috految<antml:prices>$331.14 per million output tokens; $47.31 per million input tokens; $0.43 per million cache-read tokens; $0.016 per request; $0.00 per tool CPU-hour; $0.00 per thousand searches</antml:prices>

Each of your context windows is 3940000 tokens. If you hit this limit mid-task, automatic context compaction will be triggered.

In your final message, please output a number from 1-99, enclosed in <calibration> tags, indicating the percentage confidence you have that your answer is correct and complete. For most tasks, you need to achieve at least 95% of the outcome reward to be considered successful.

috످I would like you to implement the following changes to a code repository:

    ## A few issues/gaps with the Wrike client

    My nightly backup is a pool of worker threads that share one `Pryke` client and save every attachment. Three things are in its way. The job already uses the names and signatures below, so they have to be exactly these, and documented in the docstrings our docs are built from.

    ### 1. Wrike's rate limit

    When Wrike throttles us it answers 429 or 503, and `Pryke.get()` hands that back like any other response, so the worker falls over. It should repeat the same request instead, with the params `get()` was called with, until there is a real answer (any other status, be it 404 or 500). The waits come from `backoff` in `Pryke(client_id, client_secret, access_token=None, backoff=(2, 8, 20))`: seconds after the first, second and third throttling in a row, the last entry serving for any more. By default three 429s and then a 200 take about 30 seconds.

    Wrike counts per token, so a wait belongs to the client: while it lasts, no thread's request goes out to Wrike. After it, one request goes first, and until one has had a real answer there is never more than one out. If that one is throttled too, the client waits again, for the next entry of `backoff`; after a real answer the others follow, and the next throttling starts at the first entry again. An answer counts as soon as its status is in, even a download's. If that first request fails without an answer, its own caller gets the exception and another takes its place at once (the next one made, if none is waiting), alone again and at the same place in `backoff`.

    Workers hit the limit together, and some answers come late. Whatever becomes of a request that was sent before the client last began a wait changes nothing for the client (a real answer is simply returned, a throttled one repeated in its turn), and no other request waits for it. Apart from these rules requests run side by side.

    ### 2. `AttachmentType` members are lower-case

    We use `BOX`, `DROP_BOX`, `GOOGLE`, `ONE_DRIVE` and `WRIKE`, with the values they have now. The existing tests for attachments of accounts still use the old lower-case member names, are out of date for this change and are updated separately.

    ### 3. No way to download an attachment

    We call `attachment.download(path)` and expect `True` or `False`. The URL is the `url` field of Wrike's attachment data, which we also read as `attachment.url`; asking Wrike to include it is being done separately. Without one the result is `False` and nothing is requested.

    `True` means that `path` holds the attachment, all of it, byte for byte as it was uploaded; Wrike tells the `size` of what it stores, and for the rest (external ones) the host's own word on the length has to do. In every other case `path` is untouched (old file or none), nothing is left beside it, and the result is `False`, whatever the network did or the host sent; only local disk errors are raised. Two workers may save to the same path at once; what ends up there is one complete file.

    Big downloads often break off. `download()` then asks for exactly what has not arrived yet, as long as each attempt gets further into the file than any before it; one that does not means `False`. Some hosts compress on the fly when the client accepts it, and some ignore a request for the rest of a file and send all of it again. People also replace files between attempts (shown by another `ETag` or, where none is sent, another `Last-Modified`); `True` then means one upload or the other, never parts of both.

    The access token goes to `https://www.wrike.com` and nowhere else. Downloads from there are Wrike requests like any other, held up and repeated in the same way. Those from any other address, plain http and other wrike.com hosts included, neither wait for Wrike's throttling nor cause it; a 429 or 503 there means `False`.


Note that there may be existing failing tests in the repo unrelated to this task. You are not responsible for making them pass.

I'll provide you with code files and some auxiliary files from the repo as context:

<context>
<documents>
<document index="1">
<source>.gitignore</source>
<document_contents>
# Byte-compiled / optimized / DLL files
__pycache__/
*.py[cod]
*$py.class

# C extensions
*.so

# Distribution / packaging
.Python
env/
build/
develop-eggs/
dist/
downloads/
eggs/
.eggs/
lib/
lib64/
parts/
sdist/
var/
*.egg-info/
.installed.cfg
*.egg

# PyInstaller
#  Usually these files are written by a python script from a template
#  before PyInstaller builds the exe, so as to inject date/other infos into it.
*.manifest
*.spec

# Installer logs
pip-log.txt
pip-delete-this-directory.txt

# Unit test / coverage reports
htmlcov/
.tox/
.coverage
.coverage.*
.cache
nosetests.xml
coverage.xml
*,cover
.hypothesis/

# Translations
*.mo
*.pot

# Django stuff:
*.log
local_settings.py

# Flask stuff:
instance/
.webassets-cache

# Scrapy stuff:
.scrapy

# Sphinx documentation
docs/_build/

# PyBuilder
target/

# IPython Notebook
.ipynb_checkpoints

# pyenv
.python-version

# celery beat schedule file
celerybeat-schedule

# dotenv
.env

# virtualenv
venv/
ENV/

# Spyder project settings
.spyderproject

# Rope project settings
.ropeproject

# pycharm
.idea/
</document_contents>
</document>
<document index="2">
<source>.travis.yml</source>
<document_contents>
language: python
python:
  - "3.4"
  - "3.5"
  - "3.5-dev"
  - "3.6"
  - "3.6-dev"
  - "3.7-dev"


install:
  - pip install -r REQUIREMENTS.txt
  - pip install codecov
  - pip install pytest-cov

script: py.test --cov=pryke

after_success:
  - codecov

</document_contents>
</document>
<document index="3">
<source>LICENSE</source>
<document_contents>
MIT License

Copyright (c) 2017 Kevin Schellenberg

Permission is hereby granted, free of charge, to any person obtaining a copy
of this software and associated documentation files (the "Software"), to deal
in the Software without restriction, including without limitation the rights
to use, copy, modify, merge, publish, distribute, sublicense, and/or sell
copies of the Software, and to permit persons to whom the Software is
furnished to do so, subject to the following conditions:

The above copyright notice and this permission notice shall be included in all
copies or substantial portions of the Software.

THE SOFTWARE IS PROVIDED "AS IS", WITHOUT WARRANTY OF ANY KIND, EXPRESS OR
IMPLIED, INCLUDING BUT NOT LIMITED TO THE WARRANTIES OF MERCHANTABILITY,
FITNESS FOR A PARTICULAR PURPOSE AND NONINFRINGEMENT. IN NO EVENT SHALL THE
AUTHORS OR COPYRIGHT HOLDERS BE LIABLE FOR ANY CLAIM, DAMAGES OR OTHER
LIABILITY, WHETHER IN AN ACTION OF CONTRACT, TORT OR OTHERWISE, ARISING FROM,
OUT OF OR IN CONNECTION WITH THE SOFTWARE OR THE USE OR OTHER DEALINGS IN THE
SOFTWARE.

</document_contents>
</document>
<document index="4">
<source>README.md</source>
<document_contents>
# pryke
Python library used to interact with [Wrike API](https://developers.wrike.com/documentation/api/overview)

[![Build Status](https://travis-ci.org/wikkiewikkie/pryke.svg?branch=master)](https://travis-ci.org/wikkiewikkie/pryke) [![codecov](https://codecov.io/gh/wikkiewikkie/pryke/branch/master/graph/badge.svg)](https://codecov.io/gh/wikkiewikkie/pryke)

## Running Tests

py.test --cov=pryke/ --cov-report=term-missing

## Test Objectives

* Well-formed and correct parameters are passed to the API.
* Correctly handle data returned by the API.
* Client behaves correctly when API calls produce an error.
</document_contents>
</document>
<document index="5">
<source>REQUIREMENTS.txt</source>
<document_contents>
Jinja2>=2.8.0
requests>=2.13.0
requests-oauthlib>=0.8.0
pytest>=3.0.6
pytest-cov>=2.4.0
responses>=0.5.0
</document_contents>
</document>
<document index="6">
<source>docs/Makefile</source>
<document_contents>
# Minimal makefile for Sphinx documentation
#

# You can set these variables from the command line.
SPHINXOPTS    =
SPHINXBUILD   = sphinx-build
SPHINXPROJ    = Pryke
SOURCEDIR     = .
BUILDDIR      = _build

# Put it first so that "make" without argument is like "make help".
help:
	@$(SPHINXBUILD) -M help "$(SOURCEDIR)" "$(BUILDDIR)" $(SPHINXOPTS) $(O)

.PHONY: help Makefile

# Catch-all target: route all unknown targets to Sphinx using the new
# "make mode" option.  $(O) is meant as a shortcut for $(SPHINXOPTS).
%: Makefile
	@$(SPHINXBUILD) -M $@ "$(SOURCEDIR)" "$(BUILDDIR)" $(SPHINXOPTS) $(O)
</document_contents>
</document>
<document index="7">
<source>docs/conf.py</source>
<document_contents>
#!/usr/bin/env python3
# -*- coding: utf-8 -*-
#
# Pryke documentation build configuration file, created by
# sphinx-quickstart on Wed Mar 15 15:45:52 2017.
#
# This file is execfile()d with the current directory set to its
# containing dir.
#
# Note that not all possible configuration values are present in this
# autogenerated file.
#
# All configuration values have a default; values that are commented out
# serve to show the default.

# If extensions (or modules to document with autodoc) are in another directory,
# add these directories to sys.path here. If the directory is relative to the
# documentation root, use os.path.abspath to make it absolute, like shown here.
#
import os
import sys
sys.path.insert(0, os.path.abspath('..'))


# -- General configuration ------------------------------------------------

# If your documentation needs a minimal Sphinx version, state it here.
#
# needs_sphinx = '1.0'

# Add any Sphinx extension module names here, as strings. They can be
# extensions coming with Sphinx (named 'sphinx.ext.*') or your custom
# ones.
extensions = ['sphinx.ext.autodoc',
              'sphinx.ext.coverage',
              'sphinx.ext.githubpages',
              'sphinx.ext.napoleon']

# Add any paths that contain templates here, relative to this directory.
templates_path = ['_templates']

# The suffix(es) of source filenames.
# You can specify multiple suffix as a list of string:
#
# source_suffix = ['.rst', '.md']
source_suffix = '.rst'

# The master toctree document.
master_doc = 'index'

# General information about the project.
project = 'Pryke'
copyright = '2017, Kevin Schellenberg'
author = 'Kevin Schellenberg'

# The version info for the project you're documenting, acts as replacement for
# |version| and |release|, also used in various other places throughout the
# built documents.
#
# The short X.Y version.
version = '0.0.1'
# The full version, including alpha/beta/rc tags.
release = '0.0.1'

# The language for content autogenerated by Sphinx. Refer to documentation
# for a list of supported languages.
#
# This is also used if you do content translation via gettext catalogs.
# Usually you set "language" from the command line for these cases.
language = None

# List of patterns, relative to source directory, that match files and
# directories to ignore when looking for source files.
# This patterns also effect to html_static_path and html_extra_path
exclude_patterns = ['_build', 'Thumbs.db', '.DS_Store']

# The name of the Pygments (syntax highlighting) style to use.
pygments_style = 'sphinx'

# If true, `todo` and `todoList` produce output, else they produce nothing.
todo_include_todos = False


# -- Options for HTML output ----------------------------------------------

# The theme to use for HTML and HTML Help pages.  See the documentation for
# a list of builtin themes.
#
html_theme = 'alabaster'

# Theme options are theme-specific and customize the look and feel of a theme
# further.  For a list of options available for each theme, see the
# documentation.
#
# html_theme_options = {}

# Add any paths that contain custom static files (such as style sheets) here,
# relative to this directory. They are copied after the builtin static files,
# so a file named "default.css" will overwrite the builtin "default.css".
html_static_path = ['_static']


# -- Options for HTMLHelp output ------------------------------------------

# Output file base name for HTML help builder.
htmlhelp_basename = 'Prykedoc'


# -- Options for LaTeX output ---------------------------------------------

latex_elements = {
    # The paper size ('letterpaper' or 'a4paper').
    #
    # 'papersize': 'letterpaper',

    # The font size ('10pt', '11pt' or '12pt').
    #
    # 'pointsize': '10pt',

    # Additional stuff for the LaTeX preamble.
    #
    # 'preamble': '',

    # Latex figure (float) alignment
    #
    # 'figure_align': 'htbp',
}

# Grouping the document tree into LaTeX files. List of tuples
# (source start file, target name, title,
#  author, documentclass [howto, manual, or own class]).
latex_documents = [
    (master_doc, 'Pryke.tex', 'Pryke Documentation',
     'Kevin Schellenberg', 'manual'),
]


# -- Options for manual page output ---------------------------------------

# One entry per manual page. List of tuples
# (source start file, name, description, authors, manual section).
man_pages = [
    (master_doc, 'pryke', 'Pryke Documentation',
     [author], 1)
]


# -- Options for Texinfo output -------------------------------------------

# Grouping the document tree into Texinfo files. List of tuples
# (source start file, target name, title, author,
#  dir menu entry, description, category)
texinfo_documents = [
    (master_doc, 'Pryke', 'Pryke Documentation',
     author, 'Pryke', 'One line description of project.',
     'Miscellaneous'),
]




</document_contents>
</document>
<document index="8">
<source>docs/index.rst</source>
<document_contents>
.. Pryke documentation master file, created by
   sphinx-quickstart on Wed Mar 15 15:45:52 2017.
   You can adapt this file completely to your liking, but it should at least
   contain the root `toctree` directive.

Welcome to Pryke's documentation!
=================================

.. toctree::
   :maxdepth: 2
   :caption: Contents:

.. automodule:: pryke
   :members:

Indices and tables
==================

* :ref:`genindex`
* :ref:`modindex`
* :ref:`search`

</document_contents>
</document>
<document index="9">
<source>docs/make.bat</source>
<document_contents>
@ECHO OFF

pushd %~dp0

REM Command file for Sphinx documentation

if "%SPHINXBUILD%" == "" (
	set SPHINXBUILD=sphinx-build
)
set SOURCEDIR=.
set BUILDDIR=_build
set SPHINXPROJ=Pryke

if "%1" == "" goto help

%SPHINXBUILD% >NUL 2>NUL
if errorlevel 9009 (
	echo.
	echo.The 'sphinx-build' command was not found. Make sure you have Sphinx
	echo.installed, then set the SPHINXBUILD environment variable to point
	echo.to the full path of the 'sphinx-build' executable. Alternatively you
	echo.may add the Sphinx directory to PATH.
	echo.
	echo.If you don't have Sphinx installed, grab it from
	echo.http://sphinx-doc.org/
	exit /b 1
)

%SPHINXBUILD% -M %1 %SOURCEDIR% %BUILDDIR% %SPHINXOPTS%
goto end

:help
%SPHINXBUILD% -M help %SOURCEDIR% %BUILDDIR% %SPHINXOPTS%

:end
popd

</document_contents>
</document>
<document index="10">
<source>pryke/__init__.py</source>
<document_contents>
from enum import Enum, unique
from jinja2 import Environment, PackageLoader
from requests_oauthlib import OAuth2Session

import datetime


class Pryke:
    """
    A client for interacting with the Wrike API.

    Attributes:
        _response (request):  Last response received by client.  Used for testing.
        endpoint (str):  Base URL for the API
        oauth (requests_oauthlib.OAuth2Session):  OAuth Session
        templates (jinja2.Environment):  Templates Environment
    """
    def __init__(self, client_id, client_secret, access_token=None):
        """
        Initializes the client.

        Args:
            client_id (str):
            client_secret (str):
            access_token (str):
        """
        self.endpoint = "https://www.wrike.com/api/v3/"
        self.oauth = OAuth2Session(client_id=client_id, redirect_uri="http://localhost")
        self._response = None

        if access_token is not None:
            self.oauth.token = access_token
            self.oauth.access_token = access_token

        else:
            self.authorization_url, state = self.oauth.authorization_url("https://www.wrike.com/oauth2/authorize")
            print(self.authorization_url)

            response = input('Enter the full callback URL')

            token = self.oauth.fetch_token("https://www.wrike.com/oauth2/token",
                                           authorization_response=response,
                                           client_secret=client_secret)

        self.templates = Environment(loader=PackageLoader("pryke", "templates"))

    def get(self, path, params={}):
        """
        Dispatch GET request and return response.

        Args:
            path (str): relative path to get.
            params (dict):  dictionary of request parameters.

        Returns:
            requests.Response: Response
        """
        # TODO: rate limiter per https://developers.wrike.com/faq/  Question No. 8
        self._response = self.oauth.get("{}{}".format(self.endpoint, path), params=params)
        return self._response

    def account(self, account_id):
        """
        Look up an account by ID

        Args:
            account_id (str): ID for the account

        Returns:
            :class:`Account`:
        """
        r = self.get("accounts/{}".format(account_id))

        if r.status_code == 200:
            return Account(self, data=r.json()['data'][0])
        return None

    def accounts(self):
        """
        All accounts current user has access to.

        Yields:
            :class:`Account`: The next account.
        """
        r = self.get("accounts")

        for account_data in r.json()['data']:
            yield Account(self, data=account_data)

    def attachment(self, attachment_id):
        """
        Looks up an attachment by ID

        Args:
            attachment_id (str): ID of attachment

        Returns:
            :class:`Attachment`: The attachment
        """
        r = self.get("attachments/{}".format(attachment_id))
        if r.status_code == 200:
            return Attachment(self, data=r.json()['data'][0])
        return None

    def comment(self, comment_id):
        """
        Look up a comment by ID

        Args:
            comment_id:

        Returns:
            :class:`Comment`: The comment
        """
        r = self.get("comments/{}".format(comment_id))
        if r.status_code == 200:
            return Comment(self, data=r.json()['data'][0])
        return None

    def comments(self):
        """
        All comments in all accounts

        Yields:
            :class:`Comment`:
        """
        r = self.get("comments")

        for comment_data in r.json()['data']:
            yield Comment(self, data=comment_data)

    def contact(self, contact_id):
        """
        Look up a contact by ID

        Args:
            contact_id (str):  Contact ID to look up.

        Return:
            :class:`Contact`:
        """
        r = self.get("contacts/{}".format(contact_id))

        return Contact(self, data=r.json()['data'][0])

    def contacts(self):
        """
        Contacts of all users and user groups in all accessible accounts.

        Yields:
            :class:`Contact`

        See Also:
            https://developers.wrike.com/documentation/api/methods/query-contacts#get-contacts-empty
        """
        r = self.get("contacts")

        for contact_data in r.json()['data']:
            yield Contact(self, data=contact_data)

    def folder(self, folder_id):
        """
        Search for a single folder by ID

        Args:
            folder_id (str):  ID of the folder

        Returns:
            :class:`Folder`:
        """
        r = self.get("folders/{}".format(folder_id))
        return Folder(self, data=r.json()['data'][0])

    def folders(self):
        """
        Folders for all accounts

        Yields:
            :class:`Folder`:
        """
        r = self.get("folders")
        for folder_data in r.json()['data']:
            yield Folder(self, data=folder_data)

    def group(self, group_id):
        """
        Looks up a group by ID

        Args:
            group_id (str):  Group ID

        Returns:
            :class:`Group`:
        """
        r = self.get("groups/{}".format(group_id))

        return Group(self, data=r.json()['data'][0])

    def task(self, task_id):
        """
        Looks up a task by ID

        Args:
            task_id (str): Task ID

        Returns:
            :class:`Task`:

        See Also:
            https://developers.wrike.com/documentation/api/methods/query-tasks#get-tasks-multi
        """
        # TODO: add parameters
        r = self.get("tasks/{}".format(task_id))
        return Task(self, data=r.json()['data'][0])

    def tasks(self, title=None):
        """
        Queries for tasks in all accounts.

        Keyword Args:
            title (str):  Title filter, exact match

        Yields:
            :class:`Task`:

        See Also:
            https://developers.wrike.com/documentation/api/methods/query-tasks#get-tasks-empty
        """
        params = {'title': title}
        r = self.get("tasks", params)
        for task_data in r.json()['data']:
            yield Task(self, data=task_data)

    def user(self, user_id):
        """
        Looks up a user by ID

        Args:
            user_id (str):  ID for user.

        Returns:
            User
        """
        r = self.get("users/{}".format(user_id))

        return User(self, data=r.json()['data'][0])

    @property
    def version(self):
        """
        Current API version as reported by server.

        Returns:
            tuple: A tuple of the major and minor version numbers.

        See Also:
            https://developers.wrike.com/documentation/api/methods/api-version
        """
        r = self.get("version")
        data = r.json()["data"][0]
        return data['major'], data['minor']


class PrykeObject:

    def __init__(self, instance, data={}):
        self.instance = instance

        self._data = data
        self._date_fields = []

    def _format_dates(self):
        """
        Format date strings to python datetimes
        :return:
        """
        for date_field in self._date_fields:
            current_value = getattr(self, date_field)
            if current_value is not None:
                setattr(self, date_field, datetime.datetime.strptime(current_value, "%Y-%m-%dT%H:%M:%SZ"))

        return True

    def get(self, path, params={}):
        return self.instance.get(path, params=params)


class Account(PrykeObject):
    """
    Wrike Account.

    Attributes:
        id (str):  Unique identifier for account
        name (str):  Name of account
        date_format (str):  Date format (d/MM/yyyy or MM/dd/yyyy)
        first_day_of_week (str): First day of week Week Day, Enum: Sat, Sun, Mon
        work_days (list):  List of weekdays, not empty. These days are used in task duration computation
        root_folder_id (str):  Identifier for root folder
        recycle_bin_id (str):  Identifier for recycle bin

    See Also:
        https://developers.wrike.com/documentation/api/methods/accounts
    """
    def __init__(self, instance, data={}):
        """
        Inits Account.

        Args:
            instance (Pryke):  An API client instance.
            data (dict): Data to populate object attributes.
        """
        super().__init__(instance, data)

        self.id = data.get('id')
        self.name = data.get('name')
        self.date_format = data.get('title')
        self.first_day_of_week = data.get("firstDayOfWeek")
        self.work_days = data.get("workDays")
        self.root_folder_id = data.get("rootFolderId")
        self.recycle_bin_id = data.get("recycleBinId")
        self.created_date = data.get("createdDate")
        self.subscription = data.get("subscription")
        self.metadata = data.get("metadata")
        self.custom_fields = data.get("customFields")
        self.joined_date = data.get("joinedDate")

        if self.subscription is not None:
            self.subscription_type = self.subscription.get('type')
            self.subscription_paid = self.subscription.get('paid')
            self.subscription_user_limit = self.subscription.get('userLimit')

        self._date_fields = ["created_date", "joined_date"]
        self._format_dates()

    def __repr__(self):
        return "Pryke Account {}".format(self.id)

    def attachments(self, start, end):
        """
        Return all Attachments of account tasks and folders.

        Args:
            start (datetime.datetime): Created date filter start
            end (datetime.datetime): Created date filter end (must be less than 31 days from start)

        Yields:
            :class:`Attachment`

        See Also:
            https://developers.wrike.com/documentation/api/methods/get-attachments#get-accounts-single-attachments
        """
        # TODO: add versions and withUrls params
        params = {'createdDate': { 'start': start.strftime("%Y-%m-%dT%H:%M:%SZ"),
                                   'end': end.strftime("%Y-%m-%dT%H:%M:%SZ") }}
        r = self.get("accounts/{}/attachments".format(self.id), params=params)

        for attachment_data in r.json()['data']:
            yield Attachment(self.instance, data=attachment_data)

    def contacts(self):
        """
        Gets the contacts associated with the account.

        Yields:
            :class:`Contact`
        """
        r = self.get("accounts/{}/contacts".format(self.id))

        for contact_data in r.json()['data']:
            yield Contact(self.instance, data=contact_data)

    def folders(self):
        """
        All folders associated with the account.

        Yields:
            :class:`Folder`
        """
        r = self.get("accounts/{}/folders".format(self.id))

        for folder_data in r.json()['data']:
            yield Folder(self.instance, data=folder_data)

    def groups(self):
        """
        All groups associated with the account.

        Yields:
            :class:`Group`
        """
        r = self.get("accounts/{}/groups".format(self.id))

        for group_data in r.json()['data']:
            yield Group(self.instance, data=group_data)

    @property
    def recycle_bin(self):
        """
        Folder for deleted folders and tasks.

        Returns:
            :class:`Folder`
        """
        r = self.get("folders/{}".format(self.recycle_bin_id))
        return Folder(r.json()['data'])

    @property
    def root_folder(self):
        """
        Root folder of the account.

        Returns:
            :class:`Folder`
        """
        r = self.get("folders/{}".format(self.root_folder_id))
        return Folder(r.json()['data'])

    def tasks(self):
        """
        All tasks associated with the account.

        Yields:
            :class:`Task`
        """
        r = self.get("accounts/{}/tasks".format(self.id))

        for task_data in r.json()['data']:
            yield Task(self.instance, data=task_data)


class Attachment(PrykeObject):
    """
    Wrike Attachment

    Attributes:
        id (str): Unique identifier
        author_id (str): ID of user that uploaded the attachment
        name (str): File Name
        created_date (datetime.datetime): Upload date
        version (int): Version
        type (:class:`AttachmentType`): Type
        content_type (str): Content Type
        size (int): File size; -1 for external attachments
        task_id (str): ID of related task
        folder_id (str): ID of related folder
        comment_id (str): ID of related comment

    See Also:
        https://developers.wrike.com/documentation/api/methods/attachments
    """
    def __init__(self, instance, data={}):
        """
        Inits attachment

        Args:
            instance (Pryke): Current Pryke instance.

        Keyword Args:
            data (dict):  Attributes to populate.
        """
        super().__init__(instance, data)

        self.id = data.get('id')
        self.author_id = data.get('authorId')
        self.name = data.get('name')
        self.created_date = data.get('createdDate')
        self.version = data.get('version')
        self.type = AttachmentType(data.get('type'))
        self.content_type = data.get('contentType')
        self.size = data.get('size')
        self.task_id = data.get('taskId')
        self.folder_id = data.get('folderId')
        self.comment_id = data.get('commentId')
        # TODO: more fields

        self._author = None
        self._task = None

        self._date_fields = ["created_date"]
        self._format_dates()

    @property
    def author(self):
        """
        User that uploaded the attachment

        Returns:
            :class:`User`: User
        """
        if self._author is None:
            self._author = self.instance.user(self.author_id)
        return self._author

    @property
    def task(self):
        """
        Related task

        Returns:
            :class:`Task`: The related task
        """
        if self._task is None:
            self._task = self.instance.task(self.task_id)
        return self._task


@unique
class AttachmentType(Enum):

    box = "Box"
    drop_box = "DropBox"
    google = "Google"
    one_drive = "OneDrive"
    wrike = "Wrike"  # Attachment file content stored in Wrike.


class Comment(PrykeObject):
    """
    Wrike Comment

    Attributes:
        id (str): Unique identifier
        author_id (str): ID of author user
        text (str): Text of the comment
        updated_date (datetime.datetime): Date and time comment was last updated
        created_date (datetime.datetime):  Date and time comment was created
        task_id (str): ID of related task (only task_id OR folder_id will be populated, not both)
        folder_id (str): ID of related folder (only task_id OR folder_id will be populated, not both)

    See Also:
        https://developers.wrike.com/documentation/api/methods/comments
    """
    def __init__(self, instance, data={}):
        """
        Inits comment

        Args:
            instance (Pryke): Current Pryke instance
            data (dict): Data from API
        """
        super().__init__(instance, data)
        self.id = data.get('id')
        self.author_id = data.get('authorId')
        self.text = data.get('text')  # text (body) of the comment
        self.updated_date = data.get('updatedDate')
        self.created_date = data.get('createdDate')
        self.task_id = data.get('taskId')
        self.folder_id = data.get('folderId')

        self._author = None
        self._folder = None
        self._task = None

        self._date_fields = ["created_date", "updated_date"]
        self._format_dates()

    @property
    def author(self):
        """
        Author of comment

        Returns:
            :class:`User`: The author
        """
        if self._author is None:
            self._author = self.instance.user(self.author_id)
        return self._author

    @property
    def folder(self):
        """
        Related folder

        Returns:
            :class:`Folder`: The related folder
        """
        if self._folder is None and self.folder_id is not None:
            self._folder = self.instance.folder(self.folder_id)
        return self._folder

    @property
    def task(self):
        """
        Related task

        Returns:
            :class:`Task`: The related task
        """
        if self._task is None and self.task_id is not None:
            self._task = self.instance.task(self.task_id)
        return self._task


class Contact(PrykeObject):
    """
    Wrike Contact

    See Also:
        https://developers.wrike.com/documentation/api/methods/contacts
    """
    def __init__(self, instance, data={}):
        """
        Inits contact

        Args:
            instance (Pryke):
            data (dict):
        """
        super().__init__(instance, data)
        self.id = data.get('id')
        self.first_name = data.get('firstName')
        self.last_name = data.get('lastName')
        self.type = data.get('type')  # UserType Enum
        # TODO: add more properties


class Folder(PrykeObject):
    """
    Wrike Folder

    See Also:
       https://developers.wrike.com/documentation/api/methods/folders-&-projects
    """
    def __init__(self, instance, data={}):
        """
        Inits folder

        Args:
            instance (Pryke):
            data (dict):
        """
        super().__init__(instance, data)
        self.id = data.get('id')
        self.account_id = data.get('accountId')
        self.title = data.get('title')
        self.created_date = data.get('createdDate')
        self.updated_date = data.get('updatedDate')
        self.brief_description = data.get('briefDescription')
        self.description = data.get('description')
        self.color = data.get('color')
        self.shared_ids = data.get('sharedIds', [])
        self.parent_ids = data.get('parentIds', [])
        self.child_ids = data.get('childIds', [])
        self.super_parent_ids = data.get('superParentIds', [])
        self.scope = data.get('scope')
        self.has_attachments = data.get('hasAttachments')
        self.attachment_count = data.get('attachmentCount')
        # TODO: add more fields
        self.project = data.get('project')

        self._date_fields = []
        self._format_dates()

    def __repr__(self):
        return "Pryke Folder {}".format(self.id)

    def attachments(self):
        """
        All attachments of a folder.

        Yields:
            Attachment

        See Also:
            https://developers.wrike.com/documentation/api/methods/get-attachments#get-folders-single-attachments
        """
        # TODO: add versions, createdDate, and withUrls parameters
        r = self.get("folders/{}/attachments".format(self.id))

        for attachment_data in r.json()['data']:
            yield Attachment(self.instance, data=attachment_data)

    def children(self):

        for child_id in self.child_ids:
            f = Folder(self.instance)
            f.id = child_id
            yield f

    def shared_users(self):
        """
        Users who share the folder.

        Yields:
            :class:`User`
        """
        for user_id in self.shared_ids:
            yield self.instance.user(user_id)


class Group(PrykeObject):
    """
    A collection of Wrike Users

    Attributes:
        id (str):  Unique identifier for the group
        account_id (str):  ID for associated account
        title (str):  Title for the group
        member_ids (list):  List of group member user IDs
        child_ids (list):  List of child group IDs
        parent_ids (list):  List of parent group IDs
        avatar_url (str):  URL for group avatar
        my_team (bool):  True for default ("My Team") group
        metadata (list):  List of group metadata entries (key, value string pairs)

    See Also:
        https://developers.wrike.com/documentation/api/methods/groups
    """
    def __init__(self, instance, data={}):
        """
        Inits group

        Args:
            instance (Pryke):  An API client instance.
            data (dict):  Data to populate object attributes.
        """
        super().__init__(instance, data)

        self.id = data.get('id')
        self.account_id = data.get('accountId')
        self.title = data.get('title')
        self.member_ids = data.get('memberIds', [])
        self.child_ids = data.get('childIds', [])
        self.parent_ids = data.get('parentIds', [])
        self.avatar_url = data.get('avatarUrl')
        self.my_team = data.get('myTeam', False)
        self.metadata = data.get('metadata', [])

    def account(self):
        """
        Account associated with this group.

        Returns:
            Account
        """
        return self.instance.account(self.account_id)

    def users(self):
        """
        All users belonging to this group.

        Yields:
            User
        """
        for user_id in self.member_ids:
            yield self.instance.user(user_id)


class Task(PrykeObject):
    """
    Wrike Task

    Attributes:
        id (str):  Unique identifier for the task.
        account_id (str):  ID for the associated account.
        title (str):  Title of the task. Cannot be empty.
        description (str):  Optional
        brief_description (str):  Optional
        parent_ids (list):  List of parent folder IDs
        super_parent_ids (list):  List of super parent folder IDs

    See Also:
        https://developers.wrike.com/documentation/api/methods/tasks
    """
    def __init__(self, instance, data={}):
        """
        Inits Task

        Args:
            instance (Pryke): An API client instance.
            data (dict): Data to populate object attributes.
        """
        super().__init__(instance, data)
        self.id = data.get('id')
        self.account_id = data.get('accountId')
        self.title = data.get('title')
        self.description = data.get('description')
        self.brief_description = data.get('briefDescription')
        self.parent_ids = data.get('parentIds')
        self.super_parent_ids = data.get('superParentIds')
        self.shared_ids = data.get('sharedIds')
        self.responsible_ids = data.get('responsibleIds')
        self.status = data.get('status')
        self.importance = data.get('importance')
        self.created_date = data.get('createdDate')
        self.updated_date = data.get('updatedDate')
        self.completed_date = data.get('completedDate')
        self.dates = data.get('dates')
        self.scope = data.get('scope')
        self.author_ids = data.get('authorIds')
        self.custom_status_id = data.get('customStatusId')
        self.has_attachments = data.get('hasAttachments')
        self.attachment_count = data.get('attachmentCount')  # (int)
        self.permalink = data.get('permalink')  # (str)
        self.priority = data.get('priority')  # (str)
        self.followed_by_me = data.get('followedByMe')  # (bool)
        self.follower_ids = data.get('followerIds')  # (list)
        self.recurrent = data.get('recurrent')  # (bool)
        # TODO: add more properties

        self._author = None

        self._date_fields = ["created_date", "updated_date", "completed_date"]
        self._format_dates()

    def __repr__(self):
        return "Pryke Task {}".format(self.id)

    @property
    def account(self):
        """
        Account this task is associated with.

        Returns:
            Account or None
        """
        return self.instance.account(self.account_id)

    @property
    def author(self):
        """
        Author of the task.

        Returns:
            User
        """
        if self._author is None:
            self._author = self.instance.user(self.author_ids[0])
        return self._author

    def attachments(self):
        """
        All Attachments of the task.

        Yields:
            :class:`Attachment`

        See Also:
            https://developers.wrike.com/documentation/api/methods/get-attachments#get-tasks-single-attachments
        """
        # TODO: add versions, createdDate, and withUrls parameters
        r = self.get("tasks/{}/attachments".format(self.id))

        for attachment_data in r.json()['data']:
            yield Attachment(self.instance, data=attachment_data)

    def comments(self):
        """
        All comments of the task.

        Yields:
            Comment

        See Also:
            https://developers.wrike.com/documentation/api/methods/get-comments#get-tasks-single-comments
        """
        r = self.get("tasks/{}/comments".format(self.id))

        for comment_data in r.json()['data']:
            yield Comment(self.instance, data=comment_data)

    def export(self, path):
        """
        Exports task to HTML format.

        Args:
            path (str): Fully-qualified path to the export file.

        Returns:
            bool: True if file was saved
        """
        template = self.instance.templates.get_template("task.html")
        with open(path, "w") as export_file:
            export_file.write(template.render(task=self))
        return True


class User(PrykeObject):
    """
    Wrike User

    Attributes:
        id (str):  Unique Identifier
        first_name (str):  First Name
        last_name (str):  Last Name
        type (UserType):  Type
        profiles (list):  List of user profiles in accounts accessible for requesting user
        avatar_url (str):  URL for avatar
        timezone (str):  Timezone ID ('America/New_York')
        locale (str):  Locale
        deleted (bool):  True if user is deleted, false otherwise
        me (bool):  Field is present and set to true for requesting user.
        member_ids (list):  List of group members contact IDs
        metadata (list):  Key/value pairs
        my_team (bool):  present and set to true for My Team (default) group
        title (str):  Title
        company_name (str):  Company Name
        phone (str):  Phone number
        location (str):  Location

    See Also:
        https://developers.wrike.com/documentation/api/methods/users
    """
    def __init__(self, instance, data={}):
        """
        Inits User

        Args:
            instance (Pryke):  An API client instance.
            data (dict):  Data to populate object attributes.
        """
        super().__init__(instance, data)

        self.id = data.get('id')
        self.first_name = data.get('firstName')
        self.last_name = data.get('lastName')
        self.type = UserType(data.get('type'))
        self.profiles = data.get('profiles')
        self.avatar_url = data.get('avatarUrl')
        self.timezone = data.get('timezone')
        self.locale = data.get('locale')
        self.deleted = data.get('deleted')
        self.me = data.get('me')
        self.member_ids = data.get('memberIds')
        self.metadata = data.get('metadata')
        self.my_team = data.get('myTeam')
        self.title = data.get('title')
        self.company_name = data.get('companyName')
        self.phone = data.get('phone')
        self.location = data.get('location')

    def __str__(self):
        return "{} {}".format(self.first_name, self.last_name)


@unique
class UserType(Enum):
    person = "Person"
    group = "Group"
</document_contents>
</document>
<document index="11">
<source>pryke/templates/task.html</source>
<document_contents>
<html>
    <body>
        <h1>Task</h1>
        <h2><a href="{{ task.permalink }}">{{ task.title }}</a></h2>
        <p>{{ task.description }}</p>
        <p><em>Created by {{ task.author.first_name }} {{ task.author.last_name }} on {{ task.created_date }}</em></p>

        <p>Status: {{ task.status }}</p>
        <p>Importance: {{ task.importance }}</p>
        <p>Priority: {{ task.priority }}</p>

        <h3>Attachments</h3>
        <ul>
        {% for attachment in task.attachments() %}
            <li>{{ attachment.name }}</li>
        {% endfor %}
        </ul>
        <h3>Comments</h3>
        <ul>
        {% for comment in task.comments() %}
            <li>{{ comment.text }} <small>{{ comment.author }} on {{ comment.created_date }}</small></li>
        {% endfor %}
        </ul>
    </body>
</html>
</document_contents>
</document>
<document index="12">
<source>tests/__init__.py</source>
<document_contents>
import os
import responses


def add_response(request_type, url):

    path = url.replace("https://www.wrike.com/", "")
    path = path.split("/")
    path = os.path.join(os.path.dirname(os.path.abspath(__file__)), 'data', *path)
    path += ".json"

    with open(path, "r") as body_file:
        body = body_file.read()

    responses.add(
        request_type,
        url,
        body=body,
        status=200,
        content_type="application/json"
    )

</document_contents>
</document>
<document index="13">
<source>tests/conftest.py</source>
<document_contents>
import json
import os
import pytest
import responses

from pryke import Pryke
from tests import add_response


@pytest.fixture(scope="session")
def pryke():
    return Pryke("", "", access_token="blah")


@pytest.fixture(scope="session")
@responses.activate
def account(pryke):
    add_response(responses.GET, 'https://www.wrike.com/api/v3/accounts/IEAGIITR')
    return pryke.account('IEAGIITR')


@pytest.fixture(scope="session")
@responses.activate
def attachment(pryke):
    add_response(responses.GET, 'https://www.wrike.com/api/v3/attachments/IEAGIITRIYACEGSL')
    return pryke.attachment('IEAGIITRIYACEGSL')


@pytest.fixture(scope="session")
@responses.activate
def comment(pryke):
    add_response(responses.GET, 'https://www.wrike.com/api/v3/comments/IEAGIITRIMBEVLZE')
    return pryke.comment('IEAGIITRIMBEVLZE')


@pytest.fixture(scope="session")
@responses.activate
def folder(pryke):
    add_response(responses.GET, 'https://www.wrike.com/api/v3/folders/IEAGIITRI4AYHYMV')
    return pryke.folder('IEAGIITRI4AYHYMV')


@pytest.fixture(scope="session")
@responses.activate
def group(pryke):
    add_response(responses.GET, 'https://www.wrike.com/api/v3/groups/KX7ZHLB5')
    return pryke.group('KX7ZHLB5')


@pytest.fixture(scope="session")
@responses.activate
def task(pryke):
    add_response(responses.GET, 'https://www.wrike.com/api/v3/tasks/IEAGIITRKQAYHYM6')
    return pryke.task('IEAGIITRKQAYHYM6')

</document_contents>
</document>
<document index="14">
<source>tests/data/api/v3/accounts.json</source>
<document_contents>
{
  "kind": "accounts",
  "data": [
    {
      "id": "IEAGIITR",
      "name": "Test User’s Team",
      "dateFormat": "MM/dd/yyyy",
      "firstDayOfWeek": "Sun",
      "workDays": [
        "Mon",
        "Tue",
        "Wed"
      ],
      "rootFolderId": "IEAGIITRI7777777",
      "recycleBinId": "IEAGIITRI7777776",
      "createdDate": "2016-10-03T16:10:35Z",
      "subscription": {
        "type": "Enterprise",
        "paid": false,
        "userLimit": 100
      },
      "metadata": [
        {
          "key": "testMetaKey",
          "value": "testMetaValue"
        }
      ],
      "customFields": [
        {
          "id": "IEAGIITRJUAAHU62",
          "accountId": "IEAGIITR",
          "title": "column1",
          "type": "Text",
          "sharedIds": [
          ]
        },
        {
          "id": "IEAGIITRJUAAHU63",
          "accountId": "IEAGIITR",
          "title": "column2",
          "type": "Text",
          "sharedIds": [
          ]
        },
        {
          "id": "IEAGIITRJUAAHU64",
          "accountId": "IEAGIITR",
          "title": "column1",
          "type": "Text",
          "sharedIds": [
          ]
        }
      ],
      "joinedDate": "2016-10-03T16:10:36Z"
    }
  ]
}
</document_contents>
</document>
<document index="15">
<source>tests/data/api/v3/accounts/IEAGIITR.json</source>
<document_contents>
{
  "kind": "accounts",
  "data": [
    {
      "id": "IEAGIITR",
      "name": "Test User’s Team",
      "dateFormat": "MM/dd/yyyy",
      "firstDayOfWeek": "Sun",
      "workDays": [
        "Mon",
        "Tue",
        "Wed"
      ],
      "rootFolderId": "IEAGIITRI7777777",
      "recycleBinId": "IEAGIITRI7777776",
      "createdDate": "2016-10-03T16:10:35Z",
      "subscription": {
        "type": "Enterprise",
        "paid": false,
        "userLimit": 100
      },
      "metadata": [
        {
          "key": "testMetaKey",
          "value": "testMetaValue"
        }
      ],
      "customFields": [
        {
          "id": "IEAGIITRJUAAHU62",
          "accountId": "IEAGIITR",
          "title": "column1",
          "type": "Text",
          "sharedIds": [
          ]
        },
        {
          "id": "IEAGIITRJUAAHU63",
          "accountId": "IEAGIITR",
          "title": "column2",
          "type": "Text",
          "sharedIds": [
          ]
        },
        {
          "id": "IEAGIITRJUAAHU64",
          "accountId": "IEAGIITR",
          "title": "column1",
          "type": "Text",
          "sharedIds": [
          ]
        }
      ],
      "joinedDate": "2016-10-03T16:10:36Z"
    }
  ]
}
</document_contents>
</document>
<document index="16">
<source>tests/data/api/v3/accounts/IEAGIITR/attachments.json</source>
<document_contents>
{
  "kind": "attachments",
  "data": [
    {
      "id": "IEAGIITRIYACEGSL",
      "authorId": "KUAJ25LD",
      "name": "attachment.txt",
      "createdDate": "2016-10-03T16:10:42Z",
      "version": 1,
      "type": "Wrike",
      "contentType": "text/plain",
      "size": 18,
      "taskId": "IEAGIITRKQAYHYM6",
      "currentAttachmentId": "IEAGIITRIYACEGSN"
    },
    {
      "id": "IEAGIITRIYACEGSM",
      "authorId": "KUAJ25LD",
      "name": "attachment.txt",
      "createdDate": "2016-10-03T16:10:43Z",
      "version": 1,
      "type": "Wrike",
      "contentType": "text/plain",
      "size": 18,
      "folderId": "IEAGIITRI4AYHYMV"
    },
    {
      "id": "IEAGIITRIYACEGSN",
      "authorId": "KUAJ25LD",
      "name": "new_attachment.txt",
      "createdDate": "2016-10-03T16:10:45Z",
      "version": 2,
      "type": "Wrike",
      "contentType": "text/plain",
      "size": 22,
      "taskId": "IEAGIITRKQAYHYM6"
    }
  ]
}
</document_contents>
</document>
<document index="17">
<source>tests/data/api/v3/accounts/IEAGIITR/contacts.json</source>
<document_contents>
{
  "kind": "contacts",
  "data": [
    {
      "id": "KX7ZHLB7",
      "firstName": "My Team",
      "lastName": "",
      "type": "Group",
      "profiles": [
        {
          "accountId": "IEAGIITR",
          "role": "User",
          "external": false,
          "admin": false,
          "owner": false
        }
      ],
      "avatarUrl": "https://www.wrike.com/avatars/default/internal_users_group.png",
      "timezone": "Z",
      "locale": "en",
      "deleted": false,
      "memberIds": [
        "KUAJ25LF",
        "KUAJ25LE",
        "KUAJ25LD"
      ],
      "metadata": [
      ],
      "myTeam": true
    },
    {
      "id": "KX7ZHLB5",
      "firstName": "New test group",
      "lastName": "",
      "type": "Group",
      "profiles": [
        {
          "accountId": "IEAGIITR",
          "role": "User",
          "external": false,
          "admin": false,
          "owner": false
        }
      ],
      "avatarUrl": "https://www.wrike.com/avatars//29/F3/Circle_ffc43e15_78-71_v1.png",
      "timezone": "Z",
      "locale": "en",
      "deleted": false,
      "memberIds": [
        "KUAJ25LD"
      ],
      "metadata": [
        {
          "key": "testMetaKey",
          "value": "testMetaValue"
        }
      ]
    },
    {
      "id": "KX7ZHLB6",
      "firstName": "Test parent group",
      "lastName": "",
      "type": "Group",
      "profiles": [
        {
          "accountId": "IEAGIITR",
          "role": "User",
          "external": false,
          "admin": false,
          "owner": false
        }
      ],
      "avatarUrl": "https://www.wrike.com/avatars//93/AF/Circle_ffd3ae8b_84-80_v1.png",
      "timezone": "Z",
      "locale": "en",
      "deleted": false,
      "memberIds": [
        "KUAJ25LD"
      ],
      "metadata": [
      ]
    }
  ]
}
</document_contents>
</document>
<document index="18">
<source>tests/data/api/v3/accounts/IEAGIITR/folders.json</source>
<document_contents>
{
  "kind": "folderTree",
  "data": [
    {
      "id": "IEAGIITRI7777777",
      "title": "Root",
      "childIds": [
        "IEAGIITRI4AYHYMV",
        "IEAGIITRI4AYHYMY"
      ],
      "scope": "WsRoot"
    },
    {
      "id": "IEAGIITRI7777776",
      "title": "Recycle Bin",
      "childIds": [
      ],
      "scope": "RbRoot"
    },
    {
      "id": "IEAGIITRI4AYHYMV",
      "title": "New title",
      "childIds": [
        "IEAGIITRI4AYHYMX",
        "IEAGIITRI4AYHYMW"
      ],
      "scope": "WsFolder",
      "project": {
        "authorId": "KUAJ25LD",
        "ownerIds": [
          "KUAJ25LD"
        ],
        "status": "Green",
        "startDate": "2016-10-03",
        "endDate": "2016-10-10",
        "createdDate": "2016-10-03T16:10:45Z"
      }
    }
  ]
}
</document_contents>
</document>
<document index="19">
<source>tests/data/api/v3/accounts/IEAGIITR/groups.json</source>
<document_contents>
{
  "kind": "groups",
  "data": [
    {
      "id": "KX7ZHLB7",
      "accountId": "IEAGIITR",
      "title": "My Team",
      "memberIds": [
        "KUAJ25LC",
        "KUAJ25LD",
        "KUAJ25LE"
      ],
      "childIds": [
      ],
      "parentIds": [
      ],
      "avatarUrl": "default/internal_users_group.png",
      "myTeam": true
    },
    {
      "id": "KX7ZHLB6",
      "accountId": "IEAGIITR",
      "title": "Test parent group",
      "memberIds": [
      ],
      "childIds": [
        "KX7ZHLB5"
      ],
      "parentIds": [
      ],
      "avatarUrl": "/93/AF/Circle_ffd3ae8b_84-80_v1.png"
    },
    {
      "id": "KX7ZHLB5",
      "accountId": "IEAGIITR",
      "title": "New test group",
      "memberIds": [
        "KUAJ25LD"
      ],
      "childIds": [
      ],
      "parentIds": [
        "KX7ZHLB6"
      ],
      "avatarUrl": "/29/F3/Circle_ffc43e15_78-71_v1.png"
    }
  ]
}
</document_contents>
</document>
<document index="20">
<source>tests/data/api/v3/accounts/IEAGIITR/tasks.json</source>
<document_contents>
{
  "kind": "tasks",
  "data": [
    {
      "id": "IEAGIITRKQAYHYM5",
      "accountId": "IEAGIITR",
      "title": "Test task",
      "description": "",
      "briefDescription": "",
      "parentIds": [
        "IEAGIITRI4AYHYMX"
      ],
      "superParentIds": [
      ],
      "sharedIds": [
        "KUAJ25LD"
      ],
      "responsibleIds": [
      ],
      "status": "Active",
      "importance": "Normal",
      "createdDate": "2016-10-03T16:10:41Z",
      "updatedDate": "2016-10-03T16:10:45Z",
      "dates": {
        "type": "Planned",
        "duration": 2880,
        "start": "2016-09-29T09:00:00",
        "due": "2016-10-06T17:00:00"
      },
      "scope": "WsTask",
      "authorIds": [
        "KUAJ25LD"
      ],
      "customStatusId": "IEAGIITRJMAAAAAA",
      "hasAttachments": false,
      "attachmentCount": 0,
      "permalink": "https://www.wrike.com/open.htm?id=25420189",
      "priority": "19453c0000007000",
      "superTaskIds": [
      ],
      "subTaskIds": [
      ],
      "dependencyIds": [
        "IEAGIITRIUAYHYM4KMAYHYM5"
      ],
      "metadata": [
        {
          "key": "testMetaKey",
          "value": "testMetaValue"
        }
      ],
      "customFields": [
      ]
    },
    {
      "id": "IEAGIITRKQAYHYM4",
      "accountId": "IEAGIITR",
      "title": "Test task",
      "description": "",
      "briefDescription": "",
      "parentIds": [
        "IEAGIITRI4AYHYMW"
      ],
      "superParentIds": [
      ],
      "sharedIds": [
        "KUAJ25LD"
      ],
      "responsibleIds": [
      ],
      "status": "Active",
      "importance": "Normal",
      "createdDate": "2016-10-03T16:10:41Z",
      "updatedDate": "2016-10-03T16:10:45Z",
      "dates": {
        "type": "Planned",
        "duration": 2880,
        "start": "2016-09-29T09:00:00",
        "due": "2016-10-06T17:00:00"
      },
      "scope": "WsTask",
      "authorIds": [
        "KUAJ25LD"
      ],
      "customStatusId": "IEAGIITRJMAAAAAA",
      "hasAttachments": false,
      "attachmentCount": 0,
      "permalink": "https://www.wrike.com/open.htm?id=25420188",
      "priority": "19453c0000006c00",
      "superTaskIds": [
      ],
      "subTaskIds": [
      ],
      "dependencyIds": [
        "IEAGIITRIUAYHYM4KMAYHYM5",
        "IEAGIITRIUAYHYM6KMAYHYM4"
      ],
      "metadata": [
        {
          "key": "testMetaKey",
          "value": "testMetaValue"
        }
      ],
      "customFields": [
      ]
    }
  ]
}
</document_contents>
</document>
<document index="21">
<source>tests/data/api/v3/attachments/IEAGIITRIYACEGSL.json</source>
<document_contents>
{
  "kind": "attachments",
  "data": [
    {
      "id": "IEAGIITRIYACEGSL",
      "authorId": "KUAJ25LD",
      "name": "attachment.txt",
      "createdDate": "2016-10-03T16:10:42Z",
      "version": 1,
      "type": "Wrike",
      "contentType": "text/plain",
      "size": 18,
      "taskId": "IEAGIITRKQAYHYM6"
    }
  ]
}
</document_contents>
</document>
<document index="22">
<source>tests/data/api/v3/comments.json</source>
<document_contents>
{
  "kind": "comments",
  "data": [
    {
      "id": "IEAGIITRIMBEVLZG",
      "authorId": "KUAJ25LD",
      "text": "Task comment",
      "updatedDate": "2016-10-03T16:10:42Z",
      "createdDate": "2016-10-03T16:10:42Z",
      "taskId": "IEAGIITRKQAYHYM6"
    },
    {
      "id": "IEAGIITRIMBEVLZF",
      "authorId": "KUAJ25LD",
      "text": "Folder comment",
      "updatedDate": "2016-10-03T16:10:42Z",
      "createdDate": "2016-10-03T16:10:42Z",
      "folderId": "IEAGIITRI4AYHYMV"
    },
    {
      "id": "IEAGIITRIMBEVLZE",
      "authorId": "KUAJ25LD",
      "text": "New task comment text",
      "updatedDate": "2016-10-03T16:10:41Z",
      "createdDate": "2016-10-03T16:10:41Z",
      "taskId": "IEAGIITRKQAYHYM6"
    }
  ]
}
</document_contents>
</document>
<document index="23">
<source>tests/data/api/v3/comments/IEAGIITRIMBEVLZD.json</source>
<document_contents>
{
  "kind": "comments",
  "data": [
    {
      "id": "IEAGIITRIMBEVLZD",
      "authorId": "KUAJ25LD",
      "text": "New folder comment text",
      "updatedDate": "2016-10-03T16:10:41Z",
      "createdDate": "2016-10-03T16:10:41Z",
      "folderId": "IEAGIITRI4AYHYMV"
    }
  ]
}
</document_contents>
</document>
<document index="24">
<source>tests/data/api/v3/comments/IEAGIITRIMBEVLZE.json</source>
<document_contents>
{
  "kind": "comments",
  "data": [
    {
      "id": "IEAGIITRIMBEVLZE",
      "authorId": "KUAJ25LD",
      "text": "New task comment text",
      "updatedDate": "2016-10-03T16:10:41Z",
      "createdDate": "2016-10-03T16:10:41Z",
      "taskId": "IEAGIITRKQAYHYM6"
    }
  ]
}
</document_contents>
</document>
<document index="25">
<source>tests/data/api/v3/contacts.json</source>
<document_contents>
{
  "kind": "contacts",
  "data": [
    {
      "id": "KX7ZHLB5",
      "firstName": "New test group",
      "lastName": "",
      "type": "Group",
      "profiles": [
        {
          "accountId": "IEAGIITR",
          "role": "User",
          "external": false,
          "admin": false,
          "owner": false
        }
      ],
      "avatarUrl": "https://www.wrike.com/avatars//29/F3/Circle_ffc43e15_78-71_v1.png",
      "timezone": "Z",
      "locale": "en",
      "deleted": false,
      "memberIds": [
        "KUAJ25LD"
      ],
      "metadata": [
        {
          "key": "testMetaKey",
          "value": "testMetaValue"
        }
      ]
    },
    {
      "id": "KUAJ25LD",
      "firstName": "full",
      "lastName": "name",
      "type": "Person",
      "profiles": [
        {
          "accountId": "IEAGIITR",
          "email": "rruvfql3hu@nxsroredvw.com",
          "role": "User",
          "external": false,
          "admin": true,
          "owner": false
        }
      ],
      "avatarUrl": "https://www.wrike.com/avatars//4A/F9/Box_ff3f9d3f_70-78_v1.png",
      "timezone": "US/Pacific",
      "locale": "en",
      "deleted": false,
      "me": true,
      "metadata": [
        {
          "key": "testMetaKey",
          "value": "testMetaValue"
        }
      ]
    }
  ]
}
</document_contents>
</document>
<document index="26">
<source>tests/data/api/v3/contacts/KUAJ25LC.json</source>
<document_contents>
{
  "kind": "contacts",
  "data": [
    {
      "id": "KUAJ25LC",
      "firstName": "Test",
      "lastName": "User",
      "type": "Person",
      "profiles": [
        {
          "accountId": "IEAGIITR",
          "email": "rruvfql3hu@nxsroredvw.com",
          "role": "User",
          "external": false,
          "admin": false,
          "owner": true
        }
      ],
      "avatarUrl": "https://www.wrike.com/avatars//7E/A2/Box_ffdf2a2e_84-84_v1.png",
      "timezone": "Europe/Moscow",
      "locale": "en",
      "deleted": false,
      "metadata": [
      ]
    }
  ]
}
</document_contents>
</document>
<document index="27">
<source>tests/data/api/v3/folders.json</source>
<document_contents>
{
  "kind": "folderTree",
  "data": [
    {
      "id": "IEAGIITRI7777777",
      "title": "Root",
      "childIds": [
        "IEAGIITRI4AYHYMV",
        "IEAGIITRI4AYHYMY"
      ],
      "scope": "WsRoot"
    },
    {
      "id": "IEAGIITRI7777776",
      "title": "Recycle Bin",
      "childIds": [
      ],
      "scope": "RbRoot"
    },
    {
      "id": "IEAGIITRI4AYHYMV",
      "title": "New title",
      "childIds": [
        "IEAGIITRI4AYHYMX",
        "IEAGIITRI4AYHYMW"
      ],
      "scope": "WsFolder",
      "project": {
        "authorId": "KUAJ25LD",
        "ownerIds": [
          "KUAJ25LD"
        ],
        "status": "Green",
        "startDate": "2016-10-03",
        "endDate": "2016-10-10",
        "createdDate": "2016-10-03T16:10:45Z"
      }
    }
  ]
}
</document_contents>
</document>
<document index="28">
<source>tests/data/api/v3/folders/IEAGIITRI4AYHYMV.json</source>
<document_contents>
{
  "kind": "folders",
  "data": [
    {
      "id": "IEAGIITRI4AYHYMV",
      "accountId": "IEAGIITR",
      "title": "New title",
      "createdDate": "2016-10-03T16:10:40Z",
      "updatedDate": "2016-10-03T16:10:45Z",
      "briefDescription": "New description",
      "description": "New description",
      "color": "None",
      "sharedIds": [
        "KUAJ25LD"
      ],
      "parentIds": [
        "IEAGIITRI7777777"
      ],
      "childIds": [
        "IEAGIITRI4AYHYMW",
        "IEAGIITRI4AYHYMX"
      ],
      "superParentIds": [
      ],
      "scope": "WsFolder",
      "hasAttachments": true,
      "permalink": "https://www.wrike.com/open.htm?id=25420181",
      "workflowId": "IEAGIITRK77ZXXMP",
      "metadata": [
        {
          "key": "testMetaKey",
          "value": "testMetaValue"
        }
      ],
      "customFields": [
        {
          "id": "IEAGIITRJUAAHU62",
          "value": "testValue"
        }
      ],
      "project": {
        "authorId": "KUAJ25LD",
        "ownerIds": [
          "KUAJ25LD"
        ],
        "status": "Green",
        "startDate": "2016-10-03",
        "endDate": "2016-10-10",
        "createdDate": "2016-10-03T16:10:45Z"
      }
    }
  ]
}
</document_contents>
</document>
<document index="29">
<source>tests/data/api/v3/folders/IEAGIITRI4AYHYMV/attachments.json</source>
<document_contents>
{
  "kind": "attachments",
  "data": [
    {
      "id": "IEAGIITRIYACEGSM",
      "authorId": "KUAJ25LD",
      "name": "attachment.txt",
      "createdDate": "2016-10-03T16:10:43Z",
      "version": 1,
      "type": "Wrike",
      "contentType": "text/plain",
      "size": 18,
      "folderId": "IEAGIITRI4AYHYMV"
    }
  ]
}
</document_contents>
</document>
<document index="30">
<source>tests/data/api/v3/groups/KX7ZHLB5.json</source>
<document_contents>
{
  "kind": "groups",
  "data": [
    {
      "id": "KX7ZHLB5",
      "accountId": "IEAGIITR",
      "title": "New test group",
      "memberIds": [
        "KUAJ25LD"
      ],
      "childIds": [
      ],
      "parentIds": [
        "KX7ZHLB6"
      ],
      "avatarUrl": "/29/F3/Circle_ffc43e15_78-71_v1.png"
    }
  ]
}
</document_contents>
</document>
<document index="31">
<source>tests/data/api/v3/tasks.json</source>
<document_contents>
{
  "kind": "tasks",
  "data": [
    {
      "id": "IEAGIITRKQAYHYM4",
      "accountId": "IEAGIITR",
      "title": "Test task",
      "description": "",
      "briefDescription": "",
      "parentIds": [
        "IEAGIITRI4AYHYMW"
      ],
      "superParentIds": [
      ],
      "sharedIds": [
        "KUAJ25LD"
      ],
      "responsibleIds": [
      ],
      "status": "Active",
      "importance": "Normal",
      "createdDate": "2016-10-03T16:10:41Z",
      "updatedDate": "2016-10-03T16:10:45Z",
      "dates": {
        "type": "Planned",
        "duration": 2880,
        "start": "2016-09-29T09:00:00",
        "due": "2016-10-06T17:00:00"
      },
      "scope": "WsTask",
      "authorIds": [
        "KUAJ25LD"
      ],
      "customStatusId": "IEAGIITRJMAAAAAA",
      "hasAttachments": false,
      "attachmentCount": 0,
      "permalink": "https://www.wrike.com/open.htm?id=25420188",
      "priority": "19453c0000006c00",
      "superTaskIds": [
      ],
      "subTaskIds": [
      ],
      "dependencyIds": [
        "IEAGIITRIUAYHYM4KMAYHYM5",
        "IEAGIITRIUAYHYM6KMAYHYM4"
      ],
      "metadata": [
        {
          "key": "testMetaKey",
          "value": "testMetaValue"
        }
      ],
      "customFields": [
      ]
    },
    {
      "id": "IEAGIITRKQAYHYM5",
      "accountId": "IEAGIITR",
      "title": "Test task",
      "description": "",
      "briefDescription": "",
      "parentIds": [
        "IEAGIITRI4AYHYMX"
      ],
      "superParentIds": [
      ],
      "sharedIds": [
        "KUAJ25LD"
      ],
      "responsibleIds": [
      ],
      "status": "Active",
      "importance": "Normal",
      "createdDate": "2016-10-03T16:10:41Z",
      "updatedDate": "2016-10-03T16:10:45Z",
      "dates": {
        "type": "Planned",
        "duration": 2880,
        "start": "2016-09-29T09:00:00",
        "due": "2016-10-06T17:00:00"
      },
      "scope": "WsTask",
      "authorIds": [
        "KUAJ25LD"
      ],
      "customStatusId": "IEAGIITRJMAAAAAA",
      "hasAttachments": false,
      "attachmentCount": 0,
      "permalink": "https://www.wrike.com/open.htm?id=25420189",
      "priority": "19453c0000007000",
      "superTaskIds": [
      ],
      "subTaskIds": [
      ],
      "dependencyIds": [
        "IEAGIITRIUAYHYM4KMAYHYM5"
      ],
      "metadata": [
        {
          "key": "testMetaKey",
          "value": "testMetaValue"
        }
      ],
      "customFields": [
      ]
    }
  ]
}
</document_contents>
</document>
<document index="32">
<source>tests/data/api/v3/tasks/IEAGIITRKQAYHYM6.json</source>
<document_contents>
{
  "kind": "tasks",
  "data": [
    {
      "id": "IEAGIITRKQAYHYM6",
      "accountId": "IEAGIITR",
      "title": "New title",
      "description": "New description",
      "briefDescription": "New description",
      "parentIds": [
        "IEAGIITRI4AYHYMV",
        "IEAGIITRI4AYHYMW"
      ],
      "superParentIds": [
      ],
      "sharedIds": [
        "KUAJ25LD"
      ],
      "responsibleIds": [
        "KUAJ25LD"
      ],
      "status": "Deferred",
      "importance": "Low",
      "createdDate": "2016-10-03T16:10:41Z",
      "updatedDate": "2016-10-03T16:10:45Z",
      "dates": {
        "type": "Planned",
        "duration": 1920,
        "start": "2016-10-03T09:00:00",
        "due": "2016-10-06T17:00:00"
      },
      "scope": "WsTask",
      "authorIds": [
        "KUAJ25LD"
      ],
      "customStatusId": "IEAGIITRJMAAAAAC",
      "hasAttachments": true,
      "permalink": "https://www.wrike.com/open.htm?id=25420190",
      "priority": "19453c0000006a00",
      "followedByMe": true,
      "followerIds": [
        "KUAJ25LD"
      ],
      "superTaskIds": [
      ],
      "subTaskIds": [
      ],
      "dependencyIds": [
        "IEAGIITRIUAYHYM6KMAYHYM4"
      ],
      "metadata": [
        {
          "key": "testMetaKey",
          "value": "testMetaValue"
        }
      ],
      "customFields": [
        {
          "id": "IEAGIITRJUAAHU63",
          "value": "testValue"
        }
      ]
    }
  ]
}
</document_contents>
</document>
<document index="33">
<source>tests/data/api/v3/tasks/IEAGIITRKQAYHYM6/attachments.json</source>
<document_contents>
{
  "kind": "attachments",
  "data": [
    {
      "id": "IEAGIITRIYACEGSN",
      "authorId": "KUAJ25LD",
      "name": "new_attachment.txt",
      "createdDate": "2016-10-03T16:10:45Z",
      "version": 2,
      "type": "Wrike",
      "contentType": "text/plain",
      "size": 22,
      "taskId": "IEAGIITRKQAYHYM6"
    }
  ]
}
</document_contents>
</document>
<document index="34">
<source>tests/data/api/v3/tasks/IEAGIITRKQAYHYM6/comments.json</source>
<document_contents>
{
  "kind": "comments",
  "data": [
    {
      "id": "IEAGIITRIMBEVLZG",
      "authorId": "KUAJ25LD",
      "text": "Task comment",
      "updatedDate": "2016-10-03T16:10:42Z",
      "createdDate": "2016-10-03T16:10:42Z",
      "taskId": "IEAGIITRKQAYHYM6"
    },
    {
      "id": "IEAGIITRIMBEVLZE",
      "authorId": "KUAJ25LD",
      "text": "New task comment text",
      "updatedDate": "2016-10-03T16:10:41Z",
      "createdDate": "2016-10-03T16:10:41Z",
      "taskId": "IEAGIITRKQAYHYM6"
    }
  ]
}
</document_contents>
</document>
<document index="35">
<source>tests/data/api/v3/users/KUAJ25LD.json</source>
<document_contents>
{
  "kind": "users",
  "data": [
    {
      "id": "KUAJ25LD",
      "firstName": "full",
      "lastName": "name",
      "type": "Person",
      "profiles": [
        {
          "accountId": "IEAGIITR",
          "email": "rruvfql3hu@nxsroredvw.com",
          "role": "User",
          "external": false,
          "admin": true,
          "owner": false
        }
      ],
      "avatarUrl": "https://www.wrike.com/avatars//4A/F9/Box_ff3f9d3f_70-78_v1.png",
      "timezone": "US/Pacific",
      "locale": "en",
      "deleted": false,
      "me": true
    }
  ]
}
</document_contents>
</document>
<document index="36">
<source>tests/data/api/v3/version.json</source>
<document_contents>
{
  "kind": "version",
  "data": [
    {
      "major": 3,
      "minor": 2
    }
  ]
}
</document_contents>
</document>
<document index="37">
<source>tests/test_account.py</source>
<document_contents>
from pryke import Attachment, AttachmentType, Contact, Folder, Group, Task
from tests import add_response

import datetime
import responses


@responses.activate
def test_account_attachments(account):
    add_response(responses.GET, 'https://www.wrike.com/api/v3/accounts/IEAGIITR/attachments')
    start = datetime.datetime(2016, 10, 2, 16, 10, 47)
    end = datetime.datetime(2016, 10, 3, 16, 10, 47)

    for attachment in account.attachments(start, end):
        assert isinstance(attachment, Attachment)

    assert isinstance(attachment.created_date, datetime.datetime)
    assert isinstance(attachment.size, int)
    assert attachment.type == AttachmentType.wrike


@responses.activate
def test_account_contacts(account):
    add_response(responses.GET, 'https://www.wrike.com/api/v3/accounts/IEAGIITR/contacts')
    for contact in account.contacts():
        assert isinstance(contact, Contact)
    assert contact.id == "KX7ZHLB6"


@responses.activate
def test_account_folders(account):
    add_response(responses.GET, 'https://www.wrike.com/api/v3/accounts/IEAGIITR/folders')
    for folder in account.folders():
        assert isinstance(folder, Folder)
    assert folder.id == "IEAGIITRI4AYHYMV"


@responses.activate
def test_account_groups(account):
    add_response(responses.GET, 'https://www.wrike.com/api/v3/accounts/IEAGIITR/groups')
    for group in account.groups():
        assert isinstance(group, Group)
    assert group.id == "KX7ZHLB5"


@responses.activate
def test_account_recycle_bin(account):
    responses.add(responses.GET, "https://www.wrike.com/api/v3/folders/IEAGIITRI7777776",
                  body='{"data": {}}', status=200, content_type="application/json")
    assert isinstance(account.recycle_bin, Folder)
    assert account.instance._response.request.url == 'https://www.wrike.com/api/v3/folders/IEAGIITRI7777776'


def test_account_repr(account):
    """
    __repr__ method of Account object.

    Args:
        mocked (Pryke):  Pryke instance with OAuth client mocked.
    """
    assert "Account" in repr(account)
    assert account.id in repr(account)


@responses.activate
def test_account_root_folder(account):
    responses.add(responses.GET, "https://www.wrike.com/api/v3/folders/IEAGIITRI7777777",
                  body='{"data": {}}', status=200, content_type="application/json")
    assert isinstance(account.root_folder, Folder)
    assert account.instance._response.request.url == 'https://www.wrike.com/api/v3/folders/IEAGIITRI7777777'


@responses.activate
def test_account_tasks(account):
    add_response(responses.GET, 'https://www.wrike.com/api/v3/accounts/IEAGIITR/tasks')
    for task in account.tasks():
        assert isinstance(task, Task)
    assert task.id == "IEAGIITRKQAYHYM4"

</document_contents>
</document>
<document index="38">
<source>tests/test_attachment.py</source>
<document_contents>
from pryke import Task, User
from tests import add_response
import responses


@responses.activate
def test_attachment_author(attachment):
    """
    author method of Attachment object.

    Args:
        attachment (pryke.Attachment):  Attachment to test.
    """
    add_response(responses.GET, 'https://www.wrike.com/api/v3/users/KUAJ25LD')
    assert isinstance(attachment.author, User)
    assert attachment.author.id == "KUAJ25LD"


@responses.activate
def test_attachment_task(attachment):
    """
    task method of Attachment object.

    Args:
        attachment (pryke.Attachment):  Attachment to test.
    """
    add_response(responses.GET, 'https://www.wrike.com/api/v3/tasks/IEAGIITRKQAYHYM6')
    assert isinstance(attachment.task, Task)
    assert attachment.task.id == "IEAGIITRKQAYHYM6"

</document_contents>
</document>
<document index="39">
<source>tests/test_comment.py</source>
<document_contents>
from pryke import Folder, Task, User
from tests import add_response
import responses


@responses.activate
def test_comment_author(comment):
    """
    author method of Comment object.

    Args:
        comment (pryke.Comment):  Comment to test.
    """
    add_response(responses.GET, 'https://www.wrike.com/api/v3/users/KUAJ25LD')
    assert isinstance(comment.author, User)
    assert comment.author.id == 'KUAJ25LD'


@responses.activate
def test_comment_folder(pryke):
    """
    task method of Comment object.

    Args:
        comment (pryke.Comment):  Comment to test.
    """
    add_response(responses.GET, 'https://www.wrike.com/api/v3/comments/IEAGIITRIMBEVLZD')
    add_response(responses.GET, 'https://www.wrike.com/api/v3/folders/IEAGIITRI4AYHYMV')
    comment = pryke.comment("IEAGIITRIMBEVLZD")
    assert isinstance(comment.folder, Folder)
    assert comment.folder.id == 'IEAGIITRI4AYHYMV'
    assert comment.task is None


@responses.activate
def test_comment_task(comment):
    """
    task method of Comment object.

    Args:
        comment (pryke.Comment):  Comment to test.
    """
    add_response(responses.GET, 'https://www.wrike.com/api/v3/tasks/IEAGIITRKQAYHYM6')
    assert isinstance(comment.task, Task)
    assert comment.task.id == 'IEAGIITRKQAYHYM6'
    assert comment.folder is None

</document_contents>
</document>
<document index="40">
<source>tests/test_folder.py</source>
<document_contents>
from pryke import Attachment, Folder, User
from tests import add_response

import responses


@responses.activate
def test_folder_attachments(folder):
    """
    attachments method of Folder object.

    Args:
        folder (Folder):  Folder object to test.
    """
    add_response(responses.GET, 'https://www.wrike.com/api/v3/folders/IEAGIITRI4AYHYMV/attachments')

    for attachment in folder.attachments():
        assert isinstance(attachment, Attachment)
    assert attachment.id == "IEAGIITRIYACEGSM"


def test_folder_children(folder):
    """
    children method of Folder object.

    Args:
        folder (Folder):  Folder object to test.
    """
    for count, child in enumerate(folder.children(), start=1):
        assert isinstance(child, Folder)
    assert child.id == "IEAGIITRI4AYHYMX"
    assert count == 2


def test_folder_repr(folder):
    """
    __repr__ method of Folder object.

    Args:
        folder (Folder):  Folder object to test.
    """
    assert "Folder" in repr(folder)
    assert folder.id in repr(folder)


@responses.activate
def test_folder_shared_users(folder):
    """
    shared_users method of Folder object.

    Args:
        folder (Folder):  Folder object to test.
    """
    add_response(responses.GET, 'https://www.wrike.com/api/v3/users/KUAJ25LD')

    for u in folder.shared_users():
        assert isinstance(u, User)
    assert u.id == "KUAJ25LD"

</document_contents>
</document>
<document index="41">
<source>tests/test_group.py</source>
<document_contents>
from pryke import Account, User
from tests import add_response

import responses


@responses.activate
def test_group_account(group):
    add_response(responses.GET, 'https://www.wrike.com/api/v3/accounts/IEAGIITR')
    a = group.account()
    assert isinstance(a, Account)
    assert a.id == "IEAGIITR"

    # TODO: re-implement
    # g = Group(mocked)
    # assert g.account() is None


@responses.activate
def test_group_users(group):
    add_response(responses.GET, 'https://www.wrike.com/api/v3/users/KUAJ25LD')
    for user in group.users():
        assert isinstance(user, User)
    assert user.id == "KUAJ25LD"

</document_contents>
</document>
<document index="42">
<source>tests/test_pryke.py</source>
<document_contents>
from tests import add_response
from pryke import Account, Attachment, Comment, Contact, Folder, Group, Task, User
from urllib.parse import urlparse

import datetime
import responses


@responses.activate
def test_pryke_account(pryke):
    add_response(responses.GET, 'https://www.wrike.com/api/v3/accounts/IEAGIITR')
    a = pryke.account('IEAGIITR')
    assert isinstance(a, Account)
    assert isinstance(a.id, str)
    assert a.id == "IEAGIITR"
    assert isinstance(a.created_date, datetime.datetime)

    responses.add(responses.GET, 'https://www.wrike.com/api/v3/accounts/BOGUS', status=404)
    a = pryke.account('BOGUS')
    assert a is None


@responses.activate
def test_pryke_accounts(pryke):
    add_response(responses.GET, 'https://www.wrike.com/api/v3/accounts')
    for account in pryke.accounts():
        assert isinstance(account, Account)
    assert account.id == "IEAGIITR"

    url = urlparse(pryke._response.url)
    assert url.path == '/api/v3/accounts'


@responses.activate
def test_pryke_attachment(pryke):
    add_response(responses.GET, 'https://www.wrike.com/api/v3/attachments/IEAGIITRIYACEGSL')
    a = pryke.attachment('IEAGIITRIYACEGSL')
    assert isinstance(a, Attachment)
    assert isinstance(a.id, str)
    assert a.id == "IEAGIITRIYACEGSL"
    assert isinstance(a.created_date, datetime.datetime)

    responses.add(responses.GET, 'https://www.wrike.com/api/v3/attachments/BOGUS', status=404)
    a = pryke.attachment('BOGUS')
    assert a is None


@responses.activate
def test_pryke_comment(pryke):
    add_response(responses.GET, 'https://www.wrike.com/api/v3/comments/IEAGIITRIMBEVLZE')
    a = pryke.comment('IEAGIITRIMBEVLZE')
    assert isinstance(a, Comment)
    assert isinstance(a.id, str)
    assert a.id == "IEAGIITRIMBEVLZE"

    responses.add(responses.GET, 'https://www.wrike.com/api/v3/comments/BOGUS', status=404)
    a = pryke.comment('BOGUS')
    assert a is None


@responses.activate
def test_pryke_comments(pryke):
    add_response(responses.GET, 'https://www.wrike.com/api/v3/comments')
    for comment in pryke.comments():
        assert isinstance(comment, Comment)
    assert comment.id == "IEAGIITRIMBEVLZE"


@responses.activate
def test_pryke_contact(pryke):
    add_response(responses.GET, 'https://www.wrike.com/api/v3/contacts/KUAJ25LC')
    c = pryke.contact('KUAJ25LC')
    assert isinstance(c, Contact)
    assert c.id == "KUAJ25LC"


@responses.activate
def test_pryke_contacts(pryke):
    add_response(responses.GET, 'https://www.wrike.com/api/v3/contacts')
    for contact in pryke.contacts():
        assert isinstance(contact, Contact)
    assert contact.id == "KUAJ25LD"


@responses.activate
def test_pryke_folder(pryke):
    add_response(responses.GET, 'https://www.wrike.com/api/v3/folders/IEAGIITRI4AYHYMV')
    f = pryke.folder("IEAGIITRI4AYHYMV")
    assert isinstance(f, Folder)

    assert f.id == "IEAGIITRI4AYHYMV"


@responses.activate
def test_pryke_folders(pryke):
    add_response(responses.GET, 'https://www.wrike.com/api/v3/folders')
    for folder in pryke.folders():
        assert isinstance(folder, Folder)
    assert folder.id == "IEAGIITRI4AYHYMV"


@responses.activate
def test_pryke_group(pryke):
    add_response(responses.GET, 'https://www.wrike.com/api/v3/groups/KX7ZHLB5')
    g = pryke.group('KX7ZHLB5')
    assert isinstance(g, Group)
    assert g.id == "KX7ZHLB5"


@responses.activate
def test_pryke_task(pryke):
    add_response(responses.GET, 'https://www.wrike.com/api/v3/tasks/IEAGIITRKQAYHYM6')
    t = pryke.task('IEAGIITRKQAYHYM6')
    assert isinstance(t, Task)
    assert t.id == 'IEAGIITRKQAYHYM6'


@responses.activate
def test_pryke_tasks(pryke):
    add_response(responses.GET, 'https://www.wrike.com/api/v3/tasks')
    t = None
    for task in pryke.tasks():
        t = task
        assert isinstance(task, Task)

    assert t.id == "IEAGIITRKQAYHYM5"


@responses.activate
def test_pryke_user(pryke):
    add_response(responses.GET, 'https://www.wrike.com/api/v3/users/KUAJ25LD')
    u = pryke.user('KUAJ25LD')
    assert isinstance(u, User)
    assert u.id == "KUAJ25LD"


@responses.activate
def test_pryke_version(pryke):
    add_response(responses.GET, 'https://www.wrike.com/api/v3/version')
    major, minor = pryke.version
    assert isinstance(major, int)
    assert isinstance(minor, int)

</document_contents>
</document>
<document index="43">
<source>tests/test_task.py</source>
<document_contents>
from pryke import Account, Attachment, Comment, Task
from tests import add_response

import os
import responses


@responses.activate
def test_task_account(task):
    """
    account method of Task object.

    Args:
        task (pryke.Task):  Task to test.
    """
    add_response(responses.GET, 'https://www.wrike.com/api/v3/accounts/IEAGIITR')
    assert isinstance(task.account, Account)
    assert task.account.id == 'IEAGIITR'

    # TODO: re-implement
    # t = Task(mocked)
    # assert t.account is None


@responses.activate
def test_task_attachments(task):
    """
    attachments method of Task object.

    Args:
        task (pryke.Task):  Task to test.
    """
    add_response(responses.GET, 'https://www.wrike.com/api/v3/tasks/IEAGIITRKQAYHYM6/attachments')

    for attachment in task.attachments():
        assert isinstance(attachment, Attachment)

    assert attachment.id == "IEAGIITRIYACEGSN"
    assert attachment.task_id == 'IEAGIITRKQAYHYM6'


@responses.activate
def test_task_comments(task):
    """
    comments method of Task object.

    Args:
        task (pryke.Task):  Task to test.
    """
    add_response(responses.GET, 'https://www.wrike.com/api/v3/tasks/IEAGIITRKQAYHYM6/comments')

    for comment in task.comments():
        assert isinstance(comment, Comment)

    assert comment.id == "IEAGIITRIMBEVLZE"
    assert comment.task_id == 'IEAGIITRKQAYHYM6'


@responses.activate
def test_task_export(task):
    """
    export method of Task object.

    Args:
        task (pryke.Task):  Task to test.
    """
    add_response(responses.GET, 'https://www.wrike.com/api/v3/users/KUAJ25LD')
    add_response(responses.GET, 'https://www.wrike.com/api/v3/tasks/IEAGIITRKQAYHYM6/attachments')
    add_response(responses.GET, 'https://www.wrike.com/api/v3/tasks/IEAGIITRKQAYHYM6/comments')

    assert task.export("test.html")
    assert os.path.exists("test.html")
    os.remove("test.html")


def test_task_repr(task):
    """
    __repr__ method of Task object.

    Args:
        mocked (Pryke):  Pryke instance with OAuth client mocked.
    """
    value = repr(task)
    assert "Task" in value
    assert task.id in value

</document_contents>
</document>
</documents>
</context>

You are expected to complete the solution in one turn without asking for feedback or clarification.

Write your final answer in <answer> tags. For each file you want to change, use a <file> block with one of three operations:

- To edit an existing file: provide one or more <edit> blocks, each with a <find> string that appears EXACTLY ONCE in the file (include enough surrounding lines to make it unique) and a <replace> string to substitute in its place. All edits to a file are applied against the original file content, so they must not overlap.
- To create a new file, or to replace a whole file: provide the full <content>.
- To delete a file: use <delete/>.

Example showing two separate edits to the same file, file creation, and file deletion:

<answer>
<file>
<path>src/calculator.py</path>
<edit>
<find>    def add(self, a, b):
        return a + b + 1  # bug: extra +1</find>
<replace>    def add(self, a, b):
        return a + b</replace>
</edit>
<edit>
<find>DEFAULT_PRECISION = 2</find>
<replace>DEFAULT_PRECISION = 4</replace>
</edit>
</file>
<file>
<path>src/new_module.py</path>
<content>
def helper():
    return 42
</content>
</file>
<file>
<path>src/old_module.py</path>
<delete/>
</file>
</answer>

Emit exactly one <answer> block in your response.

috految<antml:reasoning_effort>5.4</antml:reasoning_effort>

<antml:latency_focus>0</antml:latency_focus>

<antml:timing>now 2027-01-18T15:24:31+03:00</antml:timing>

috److془We need to carefully design. Unknown versions of Python/requests/urllib3/responses.

Design: Session subclass or manual. Old responses 0.5 patches Session.send; override at the manual level is compatible. Old responses consumes content if not match.stream... tests would have to permit raw reading. Fine.

Throttle: "while it lasts, no thread's request goes out to Wrike". Slow connection (TLS handshake) ... treat as sent. Fine.

Redirects: each hop gated; status via response hook before body. Session.send with allow_redirects=False consumes redirect body. Use hook or subclass. Hook: close response if redirect; then content reading on closed... Simply use an adapter? Tests might mount on oauth; use get_adapter override. responses 0.5.1 would bypass. Alternative: hook or manual. Subclass: send(): prepared request; loop super().send(stream=True, allow_redirects=False). Or manual with hook: simple. Non-Wrike: plain Session. Hook with responses 0.5.1 not dispatched; settle idempotent after too. Hmm: request hooks override session hooks; well. Use subclass with resolve_redirects? Session subclass with send mod is good, but token refreshing etc. Go with manual, hook. Actually hook on response makes unpicklable; meh. Hmm: the OAuth2Session.request with access token "blah": fine. Token with "token_type".. existing. Headers mutated: copy. Does add_token with strict URL fail? _add_bearer_token only headers. Fine. Does it work with oauthlib 3.3? parse_expires `'expires_in' in params` fine. Thread safety cookies: iteration of jar while mutated; 3.11 has list(mapping.values()). Fine. Netrc: oauth.auth is no-op lambda. Gap of preparation between gate and send milliseconds; fine. Token expired -> False. Token endpoint in get with changed endpoint: "nowhere else". Fine. Tests set pryke.endpoint to local? Unlikely.
Worry: OAuth2Session.request`self._client.add_token`, thread fine. Cookies across hops: Wrike sets cookie for .wrike.com and redirects; carry per-chain jar. Hmm or not; fine to pass. Redirect from external to Wrike: token goes; fine. Redirect to login page for external: undetectable. Redirect loops: max 30. Redirect 302 then 429: repeat hop. Good. Signed URL: requote mostly the same. Location latin1->utf8. Normalise through prepare then regex. Preparation with params snapshot: Request(...params).prepare().url; None values dropped by _encode_params. Nested dict the same as before. Iterators good. Params None ok. Requirement: "repeat with the params get() was called with" ✓. Timeouts: get needs timeout as hung probe blocks everything. 120.. use 300 for API, 60 for downloads. Retry-After: urllib3 is_retry requires total truthy; 0 good. Fairness: throttled request permanently 503 must not starve: FIFO. Queue. Download probe failure: False as no progress. Stale: epoch. After real answer, followers released; fine. Same epoch real answer while streak>0: only probe. Stale throttled: requeue. Good. Simple. Throttled response.close() without reading: closes connection. Danger: close after release in pool: _connection None; fine. Stale keepalive: dropped detection. Close on urllib3 1.x closes connection too. Tunnel reconnect fine. Corrupt headers within: ignore. Truncated headers: http.client treats EOF as end of headers; 200 with no length, empty body: must be False. Close-delimited external with no length: "for the rest the host's own word on the length has to do". No word → can't verify; ask for the rest; 416 with `bytes */N` confirms; otherwise False. Chunked clean termination = word. Mock with no content-length external expects True? Risk; go with spec. Truncated "Content-Length: 12" gives no bytes, False. Chunk size line truncated with leading zeros "0000" EOF: exotic; skip. Truncated Location: exotic.

Reading: exact bytes: read1. http.client.HTTPResponse.read1 in 3.5+, chunked raises IncompleteRead upon EOF. 3.5.2+ tracks length. read1(0) with buffered returns b''. Use raw._fp if is HTTPResponse and has read1; else raw.read(decode_content=False). Mock fp BufferedReader raising loses bytes; use read1 for any fp having it. BytesIO subclass overriding read only.. tests'd support read1. Use isinstance (HTTPResponse, BufferedReader)? Go with getattr. Responses' mock with stream fine (0.17 `if not stream: response.content`). Hmm BytesIO with isclosed fine. Though: responses 0.17?? "stream = kwargs.get('stream'); if not stream: content = ...; response.raw = BufferIO(content)". Fine. Old version: getattr raw,_fp,raw. Chunked in http.client: requires TE=="chunked"; decline other TE. Duplicated ones False fine. Chunk bad framing: host injects error mid chunk, bytes garbage, then resume → corrupt. Undetectable generally. Malformed size line after: could detect; skip. Hmm, "whatever the host sent"; skip. Actually with malformed, fine. Reading from _fp then close: closes connection; safe. Fresh connections. Follow-up: read1 on connection close: fine. Chunked+Content-Length: treat the length as claim. Fine. Malformed header line hiding TE: in unknown length; fine.

Content-Encoding: send identity. If content-encoding gzip nonetheless: stored .gz with label; raw bytes as uploaded. Hosts compress only when accepted. Raw. Size mismatch → False. Encoding must agree across joins. With If-Range 206 may omit Last-Modified and Content-Encoding. Without If-Range, must include all. Issue: 206 omits validators: unsafe; restart from scratch. Versus test expecting resume with 206 bare... restart gets True generally. Send If-Range for strong etag no encoding; dates no. But replaced with 206 mismatched: restart with whole request, within same attempt; is it "one that does not means False"? tests likely accept either. Progress: furthest global. Replacement smaller complete: True okay. Hmm but resumed answered with 200 error page, without validators, or with own ETag: False desirable. Literal: "one that does not get further means False". Strict then. Yet the test might demand True for shorter replaced? Literal supports False. Strict. Except: equal and complete with unknown total. Length differing must have shown replacement else False. Error page with ETag and first none: not shown. Error page longer than progress when total unknown: compare the overlap bytes if not replaced. Also catches 200 with only tail. But same-length no-validators replaced: permit if declared length equals known total. Error page with previous validators + cut, with size known: prefix compare catches. Content with first answer as 200 chunked complete short of size: False (error page), no resume. Hmm proxy cleanly ending truncated with ETag: resume if validator exists. Close-delimited error page short, then 206 no validators: compare Content-Type when no validators. Clean chunked with validator: could be error text appended; False then. Hmm; attempts "breaking off" with clean terminator... resume with validator. Content-length short vs size: False. Replacement with differing size for Wrike: False. Replaced larger, unknown length, cut at exactly size: require clean end if replaced. Chunked broken at exactly size: accept. Replaced: total=length, size check separately. Nice. 206 total * with unknown: continue until 416. 416 with smaller replacement equal to pos: validators must match, else restart. 416 bare with close-delimited: restart; remember total=pos. Nice. Chunked with terminator missing likewise. Total set, restart complete. 
Replaced 200 with Content-Range: honor it when present; 200 with echo range and full body: length mismatch False; better treat 200 start as 0 always, total from range. Tail then mismatch. 206 start<=pos; overlap comparing. 206 lychunked overlong False. Validators: ETag lacking in one, compare Last-Modified; Keep the original. Weak etag: equal. Shear: none first, later has: restart. Bare 206 after restart needs progress; fine. Update validators upon joins. First ETag AND missing later with same LM okay. Start 0 interrupted: progress required so pos>furthest. Size: type WRIKE and >=0? external -1 documented. Use type. Hmm external with positive size: spec says host. Good. Replaced with an error page on size 0 etc fine. Make 1st-attempt 0 bytes False. Temp: short name, open x, copy mode. Docs: class docstring; enum docstring. Folder(r.json) bugs leave. Get with response.content. _response set and return local.془The patch below adds the shared rate limiter, the upper-case `AttachmentType` members, `Attachment.url` and `Attachment.download()`. I haven't run any tests.

I made a few decisions where the issue was silent:

- **Timeouts:** Requests now time out after a period of silence, 300 seconds for API calls and 60 for downloads. Otherwise one hung request after a wait would block every worker forever.
- **Redirects:** Each hop is judged separately, so the token and throttling apply only to hops on `https://www.wrike.com`.
- **Unknown length:** If an external host never states a length and doesn't end with complete chunked framing, `download()` returns `False`. It first tries to get the length by asking for the rest of the file.
- **Replaced files:** A replaced file is fetched again from the start. That attempt still has to get further than the earlier ones, or the result is `False`.

To resume at exactly the first missing byte, the download reads from urllib3's private `_fp` attribute, because its public `read()` drops partial data when a connection breaks.

<answer><file><path>pryke/_throttle.py</path><content>
from collections import deque

import threading
import time

THROTTLED = (429, 503)


class Throttle:
    """
    Decides when the requests of one client may go out to Wrike.

    Args:
        backoff (tuple):  Seconds to wait after each throttling in a row.
    """
    def __init__(self, backoff):
        self._backoff = tuple(backoff)
        self._changed = threading.Condition()
        self._queue = deque()  # in order of arrival, so that no request starves
        self._out = set()  # unanswered requests sent since the last wait began
        self._streak = 0  # throttlings in a row
        self._resume_at = 0

    def get(self, session, url, headers, **kwargs):
        """
        Repeats a GET request until it has a real answer, and returns that.
        """
        while True:
            ticket = object()

            def on_status(response, **_):
                # Even when streaming, requests reads a redirect's body before returning.
                self._settle(ticket, response.status_code)

            status = None
            try:
                self._wait_for_turn(ticket)
                # The headers are copied because oauthlib writes the token into them.
                response = session.get(url, headers=dict(headers),
                                       hooks={'response': [on_status] + session.hooks['response']}, **kwargs)
                status = response.status_code
            finally:
                self._settle(ticket, status)

            if status not in THROTTLED:
                return response
            response.close()

    def _wait_for_turn(self, ticket):
        with self._changed:
            self._queue.append(ticket)
            try:
                while self._streak:
                    remaining = self._resume_at - time.monotonic()
                    if remaining > 0:
                        self._changed.wait(remaining)
                    elif self._out or self._queue[0] is not ticket:
                        self._changed.wait()
                    else:
                        break
                self._out.add(ticket)
            finally:
                self._queue.remove(ticket)
                self._changed.notify_all()

    def _settle(self, ticket, status):
        with self._changed:
            if ticket not in self._out:
                return
            self._out.remove(ticket)
            if status in THROTTLED:
                delay = self._backoff[min(self._streak, len(self._backoff) - 1)]
                self._resume_at = time.monotonic() + delay
                self._streak += 1
                self._out.clear()
            elif status is not None:
                self._streak = 0
            self._changed.notify_all()
</content></file><file><path>pryke/_download.py</path><content>
from contextlib import closing, suppress

import logging
import os
import re
import shutil
import uuid

CHUNK_SIZE = 64 * 1024
TIMEOUT = 60  # seconds of silence after which a download has broken off
VALIDATORS = ("ETag", "Last-Modified")

logger = logging.getLogger(__name__)


class Download:
    """
    One resumable download.

    Args:
        request (callable):  Takes URL, headers and timeout; returns a streamed response.
        url (str):  Address of the file.
        size (int):  Size the file must have, or None to trust the host.
    """
    def __init__(self, request, url, size):
        self._request = request
        self._url = url
        self._size = size
        self._total = size  # length of the upload being received, if known
        self._position = 0
        self._headers = {}  # describe the bytes received so far

    def save(self, path):
        """
        Replaces path atomically if the whole file arrives, and returns whether it did.
        """
        path = os.fsdecode(path)
        temporary = os.path.join(os.path.dirname(path), ".pryke-{}".format(uuid.uuid4().hex))
        try:
            with open(temporary, "x+b") as file:
                with suppress(OSError):  # no old file, or a file system without modes
                    shutil.copymode(path, temporary)
                if not self._fetch(file):
                    return False
                file.flush()
                os.fsync(file.fileno())
            os.replace(temporary, path)
            return True
        finally:
            with suppress(FileNotFoundError):
                os.remove(temporary)

    def _fetch(self, file):
        while True:
            furthest = self._position
            if not self._attempt(file, furthest) or self._position < furthest:
                return False
            if self._position == self._total:
                return self._size in (None, self._position)
            if self._position == furthest:
                return False

    def _attempt(self, file, offset):
        """
        Asks for the file from offset on.  Returns False if the answer is unusable.
        """
        headers = {"Accept-Encoding": "identity"}
        if offset:
            headers["Range"] = "bytes={}-".format(offset)
            # If-Range lets hosts omit Last-Modified and Content-Encoding, so it
            # is only sent when neither has to be compared.
            etag = self._headers.get("ETag", "")
            if etag.startswith('"') and "Content-Encoding" not in self._headers:
                headers["If-Range"] = etag

        try:
            response = self._request(self._url, headers, TIMEOUT)
        except Exception:  # bad URLs and answers raise much more than RequestException
            logger.debug("Download request failed", exc_info=True)
            return False

        with closing(response):
            status = response.status_code
            if status == 416 and offset:
                if self._total is not None or response.headers.get("Content-Range") != "bytes */{}".format(offset):
                    return False
                self._total = offset
                if self._continues(response.headers):
                    return True
            elif status not in (200, 206):
                return False
            elif status == 200 or not offset or self._continues(response.headers):
                return self._receive(file, response, offset)

        # What the host has now may be another upload.
        return self._attempt(file, 0)

    def _continues(self, headers):
        """
        Whether an answer belongs to the same upload as the bytes received so far.
        """
        old = self._headers
        if old.get("Content-Encoding", "identity") != headers.get("Content-Encoding", "identity"):
            return False
        for name in VALIDATORS:
            if old.get(name) and headers.get(name):
                return old[name] == headers[name]
        if any(old.get(name) or headers.get(name) for name in VALIDATORS):
            return False
        return "Content-Type" not in headers or old.get("Content-Type") == headers["Content-Type"]

    def _receive(self, file, response, offset):
        """
        Stores the body of an answer.  Returns False if it cannot be part of the file.
        """
        headers = response.headers
        framing = headers.get("Transfer-Encoding", "identity").lower()
        if framing not in ("identity", "chunked"):
            return False

        length = None
        if "Content-Length" in headers:
            try:
                length = int(headers["Content-Length"].split(",")[0])
            except ValueError:
                return False

        start, end, total = 0, length, length
        match = re.fullmatch(r"bytes (\d{1,20})-(\d{1,20})/(\d{1,20}|\*)",
                             headers.get("Content-Range", "").strip().lower())
        if match:
            total = None if match.group(3) == "*" else int(match.group(3))
        if response.status_code == 206:
            if not match:
                return False
            start, end = int(match.group(1)), int(match.group(2)) + 1
            if start > offset or length not in (None, end - start):
                return False
        elif match and length != total:
            return False

        known = self._position  # bytes the answer has to agree with
        if start == 0:
            name = "ETag" if self._headers.get("ETag") else "Last-Modified"
            old, new = self._headers.get(name), headers.get(name)
            if old and new and old != new:
                self._total = None
                known = 0
            elif total is not None and total == self._total:
                known = 0
            self._headers = headers.copy()
        else:
            self._headers.update(headers)

        if total is not None:
            if self._size not in (None, total) or self._total not in (None, total):
                return False
            self._total = total

        # urllib3's read() drops what has arrived of a block when it breaks off.  Nothing is
        # decoded: we accepted no encoding, so a declared one is part of the upload.
        stream = getattr(response.raw, "_fp", response.raw)
        read = getattr(stream, "read1", stream.read)
        position = start
        finished = False
        file.seek(start)
        while not finished:
            try:
                data = read(CHUNK_SIZE)
            except Exception:  # the type depends on the transport; disk errors stay outside
                logger.debug("Download broke off", exc_info=True)
                break
            finished = not data
            overlap = data[:max(0, known - position)]
            if overlap and file.read(len(overlap)) != overlap:
                return False
            file.write(data[len(overlap):])
            position += len(data)
            if any(limit is not None and position > limit for limit in (end, self._total, self._size)):
                return False

        file.truncate(position)
        self._position = position
        if finished and framing == "chunked" and response.status_code == 200:
            if self._total is None:
                self._total = position
            elif position != self._total and not any(headers.get(name) for name in VALIDATORS):
                return False  # a complete answer, but not our file
        return True
</content></file><file><path>pryke/__init__.py</path><edit><find>from requests_oauthlib import OAuth2Session

import datetime</find><replace>from requests_oauthlib import OAuth2Session
from urllib.parse import urljoin

import datetime
import requests

from pryke._download import Download
from pryke._throttle import Throttle

API_TIMEOUT = 300  # seconds; a silent connection must not hold up all threads for good
WRIKE_URLS = ("https://www.wrike.com/", "https://www.wrike.com:443/")</replace></edit><edit><find>    A client for interacting with the Wrike API.</find><replace>    A client for interacting with the Wrike API.  Can be shared between threads.

    Args:
        client_id (str):  OAuth client ID
        client_secret (str):  OAuth client secret
        access_token (str):  Access token; obtained interactively if omitted
        backoff (tuple):  Seconds all threads wait after the first, second, ... throttling
            in a row.  The last entry serves for any more.</replace></edit><edit><find>access_token=None):</find><replace>access_token=None, backoff=(2, 8, 20)):</replace></edit><edit><find>            access_token (str):</find><replace>            access_token (str):
            backoff (tuple):  Seconds to wait after each throttling in a row.</replace></edit><edit><find>        self._response = None</find><replace>        self._response = None
        self._throttle = Throttle(backoff)</replace></edit><edit><find>        Dispatch GET request and return response.</find><replace>        Dispatch GET request and return response.

        While Wrike throttles (429 or 503), the request is repeated after the waits in ``backoff``.</replace></edit><edit><find>        # TODO: rate limiter per https://developers.wrike.com/faq/  Question No. 8
        self._response = self.oauth.get("{}{}".format(self.endpoint, path), params=params)
        return self._response</find><replace>        url = requests.Request("GET", "{}{}".format(self.endpoint, path), params=params).prepare().url
        response = self._request(url, {}, API_TIMEOUT)
        response.content  # read the body, which releases the connection
        self._response = response
        return response

    def _request(self, url, headers, timeout):
        """
        Streams a GET request.  Token and throttling are decided anew for every redirect.
        """
        options = {'stream': True, 'allow_redirects': False, 'timeout': timeout}
        history = []
        with requests.Session() as anonymous:
            while len(history) <= self.oauth.max_redirects:
                url = requests.Request("GET", url).prepare().url
                if url.lower().startswith(WRIKE_URLS):
                    response = self._throttle.get(self.oauth, url, headers, **options)
                else:
                    response = anonymous.get(url, headers=headers, **options)

                if not response.is_redirect:
                    response.history = history
                    return response

                response.close()
                history.append(response)
                anonymous.cookies.update(response.cookies)
                url = urljoin(url, response.headers['Location'].encode("latin1").decode("utf8"))
        raise requests.TooManyRedirects("Too many redirects", response=response)</replace></edit><edit><find>        comment_id (str): ID of related comment</find><replace>        comment_id (str): ID of related comment
        url (str): Download URL; None unless Wrike included it</replace></edit><edit><find>        self.comment_id = data.get('commentId')</find><replace>        self.comment_id = data.get('commentId')
        self.url = data.get('url')</replace></edit><edit><find>        return self._task


@unique
class AttachmentType(Enum):

    box = "Box"
    drop_box = "DropBox"
    google = "Google"
    one_drive = "OneDrive"
    wrike = "Wrike"</find><replace>        return self._task

    def download(self, path):
        """
        Saves the attachment from ``url``, resuming as long as each attempt gets further.

        Args:
            path (str): File to create or replace.

        Returns:
            bool: True if path holds the whole attachment.  Otherwise False, and path is untouched.

        Raises:
            OSError: On local disk errors.
        """
        if not self.url:
            return False

        stored = self.type is AttachmentType.WRIKE and self.size is not None and self.size >= 0
        return Download(self.instance._request, self.url, self.size if stored else None).save(path)


@unique
class AttachmentType(Enum):
    """
    Where an attachment is stored.

    Attributes:
        BOX: In Box
        DROP_BOX: In Dropbox
        GOOGLE: In Google Drive
        ONE_DRIVE: In OneDrive
        WRIKE: In Wrike
    """
    BOX = "Box"
    DROP_BOX = "DropBox"
    GOOGLE = "Google"
    ONE_DRIVE = "OneDrive"
    WRIKE = "Wrike"</replace></edit></file></answer>

<calibration>69</calibration>

috످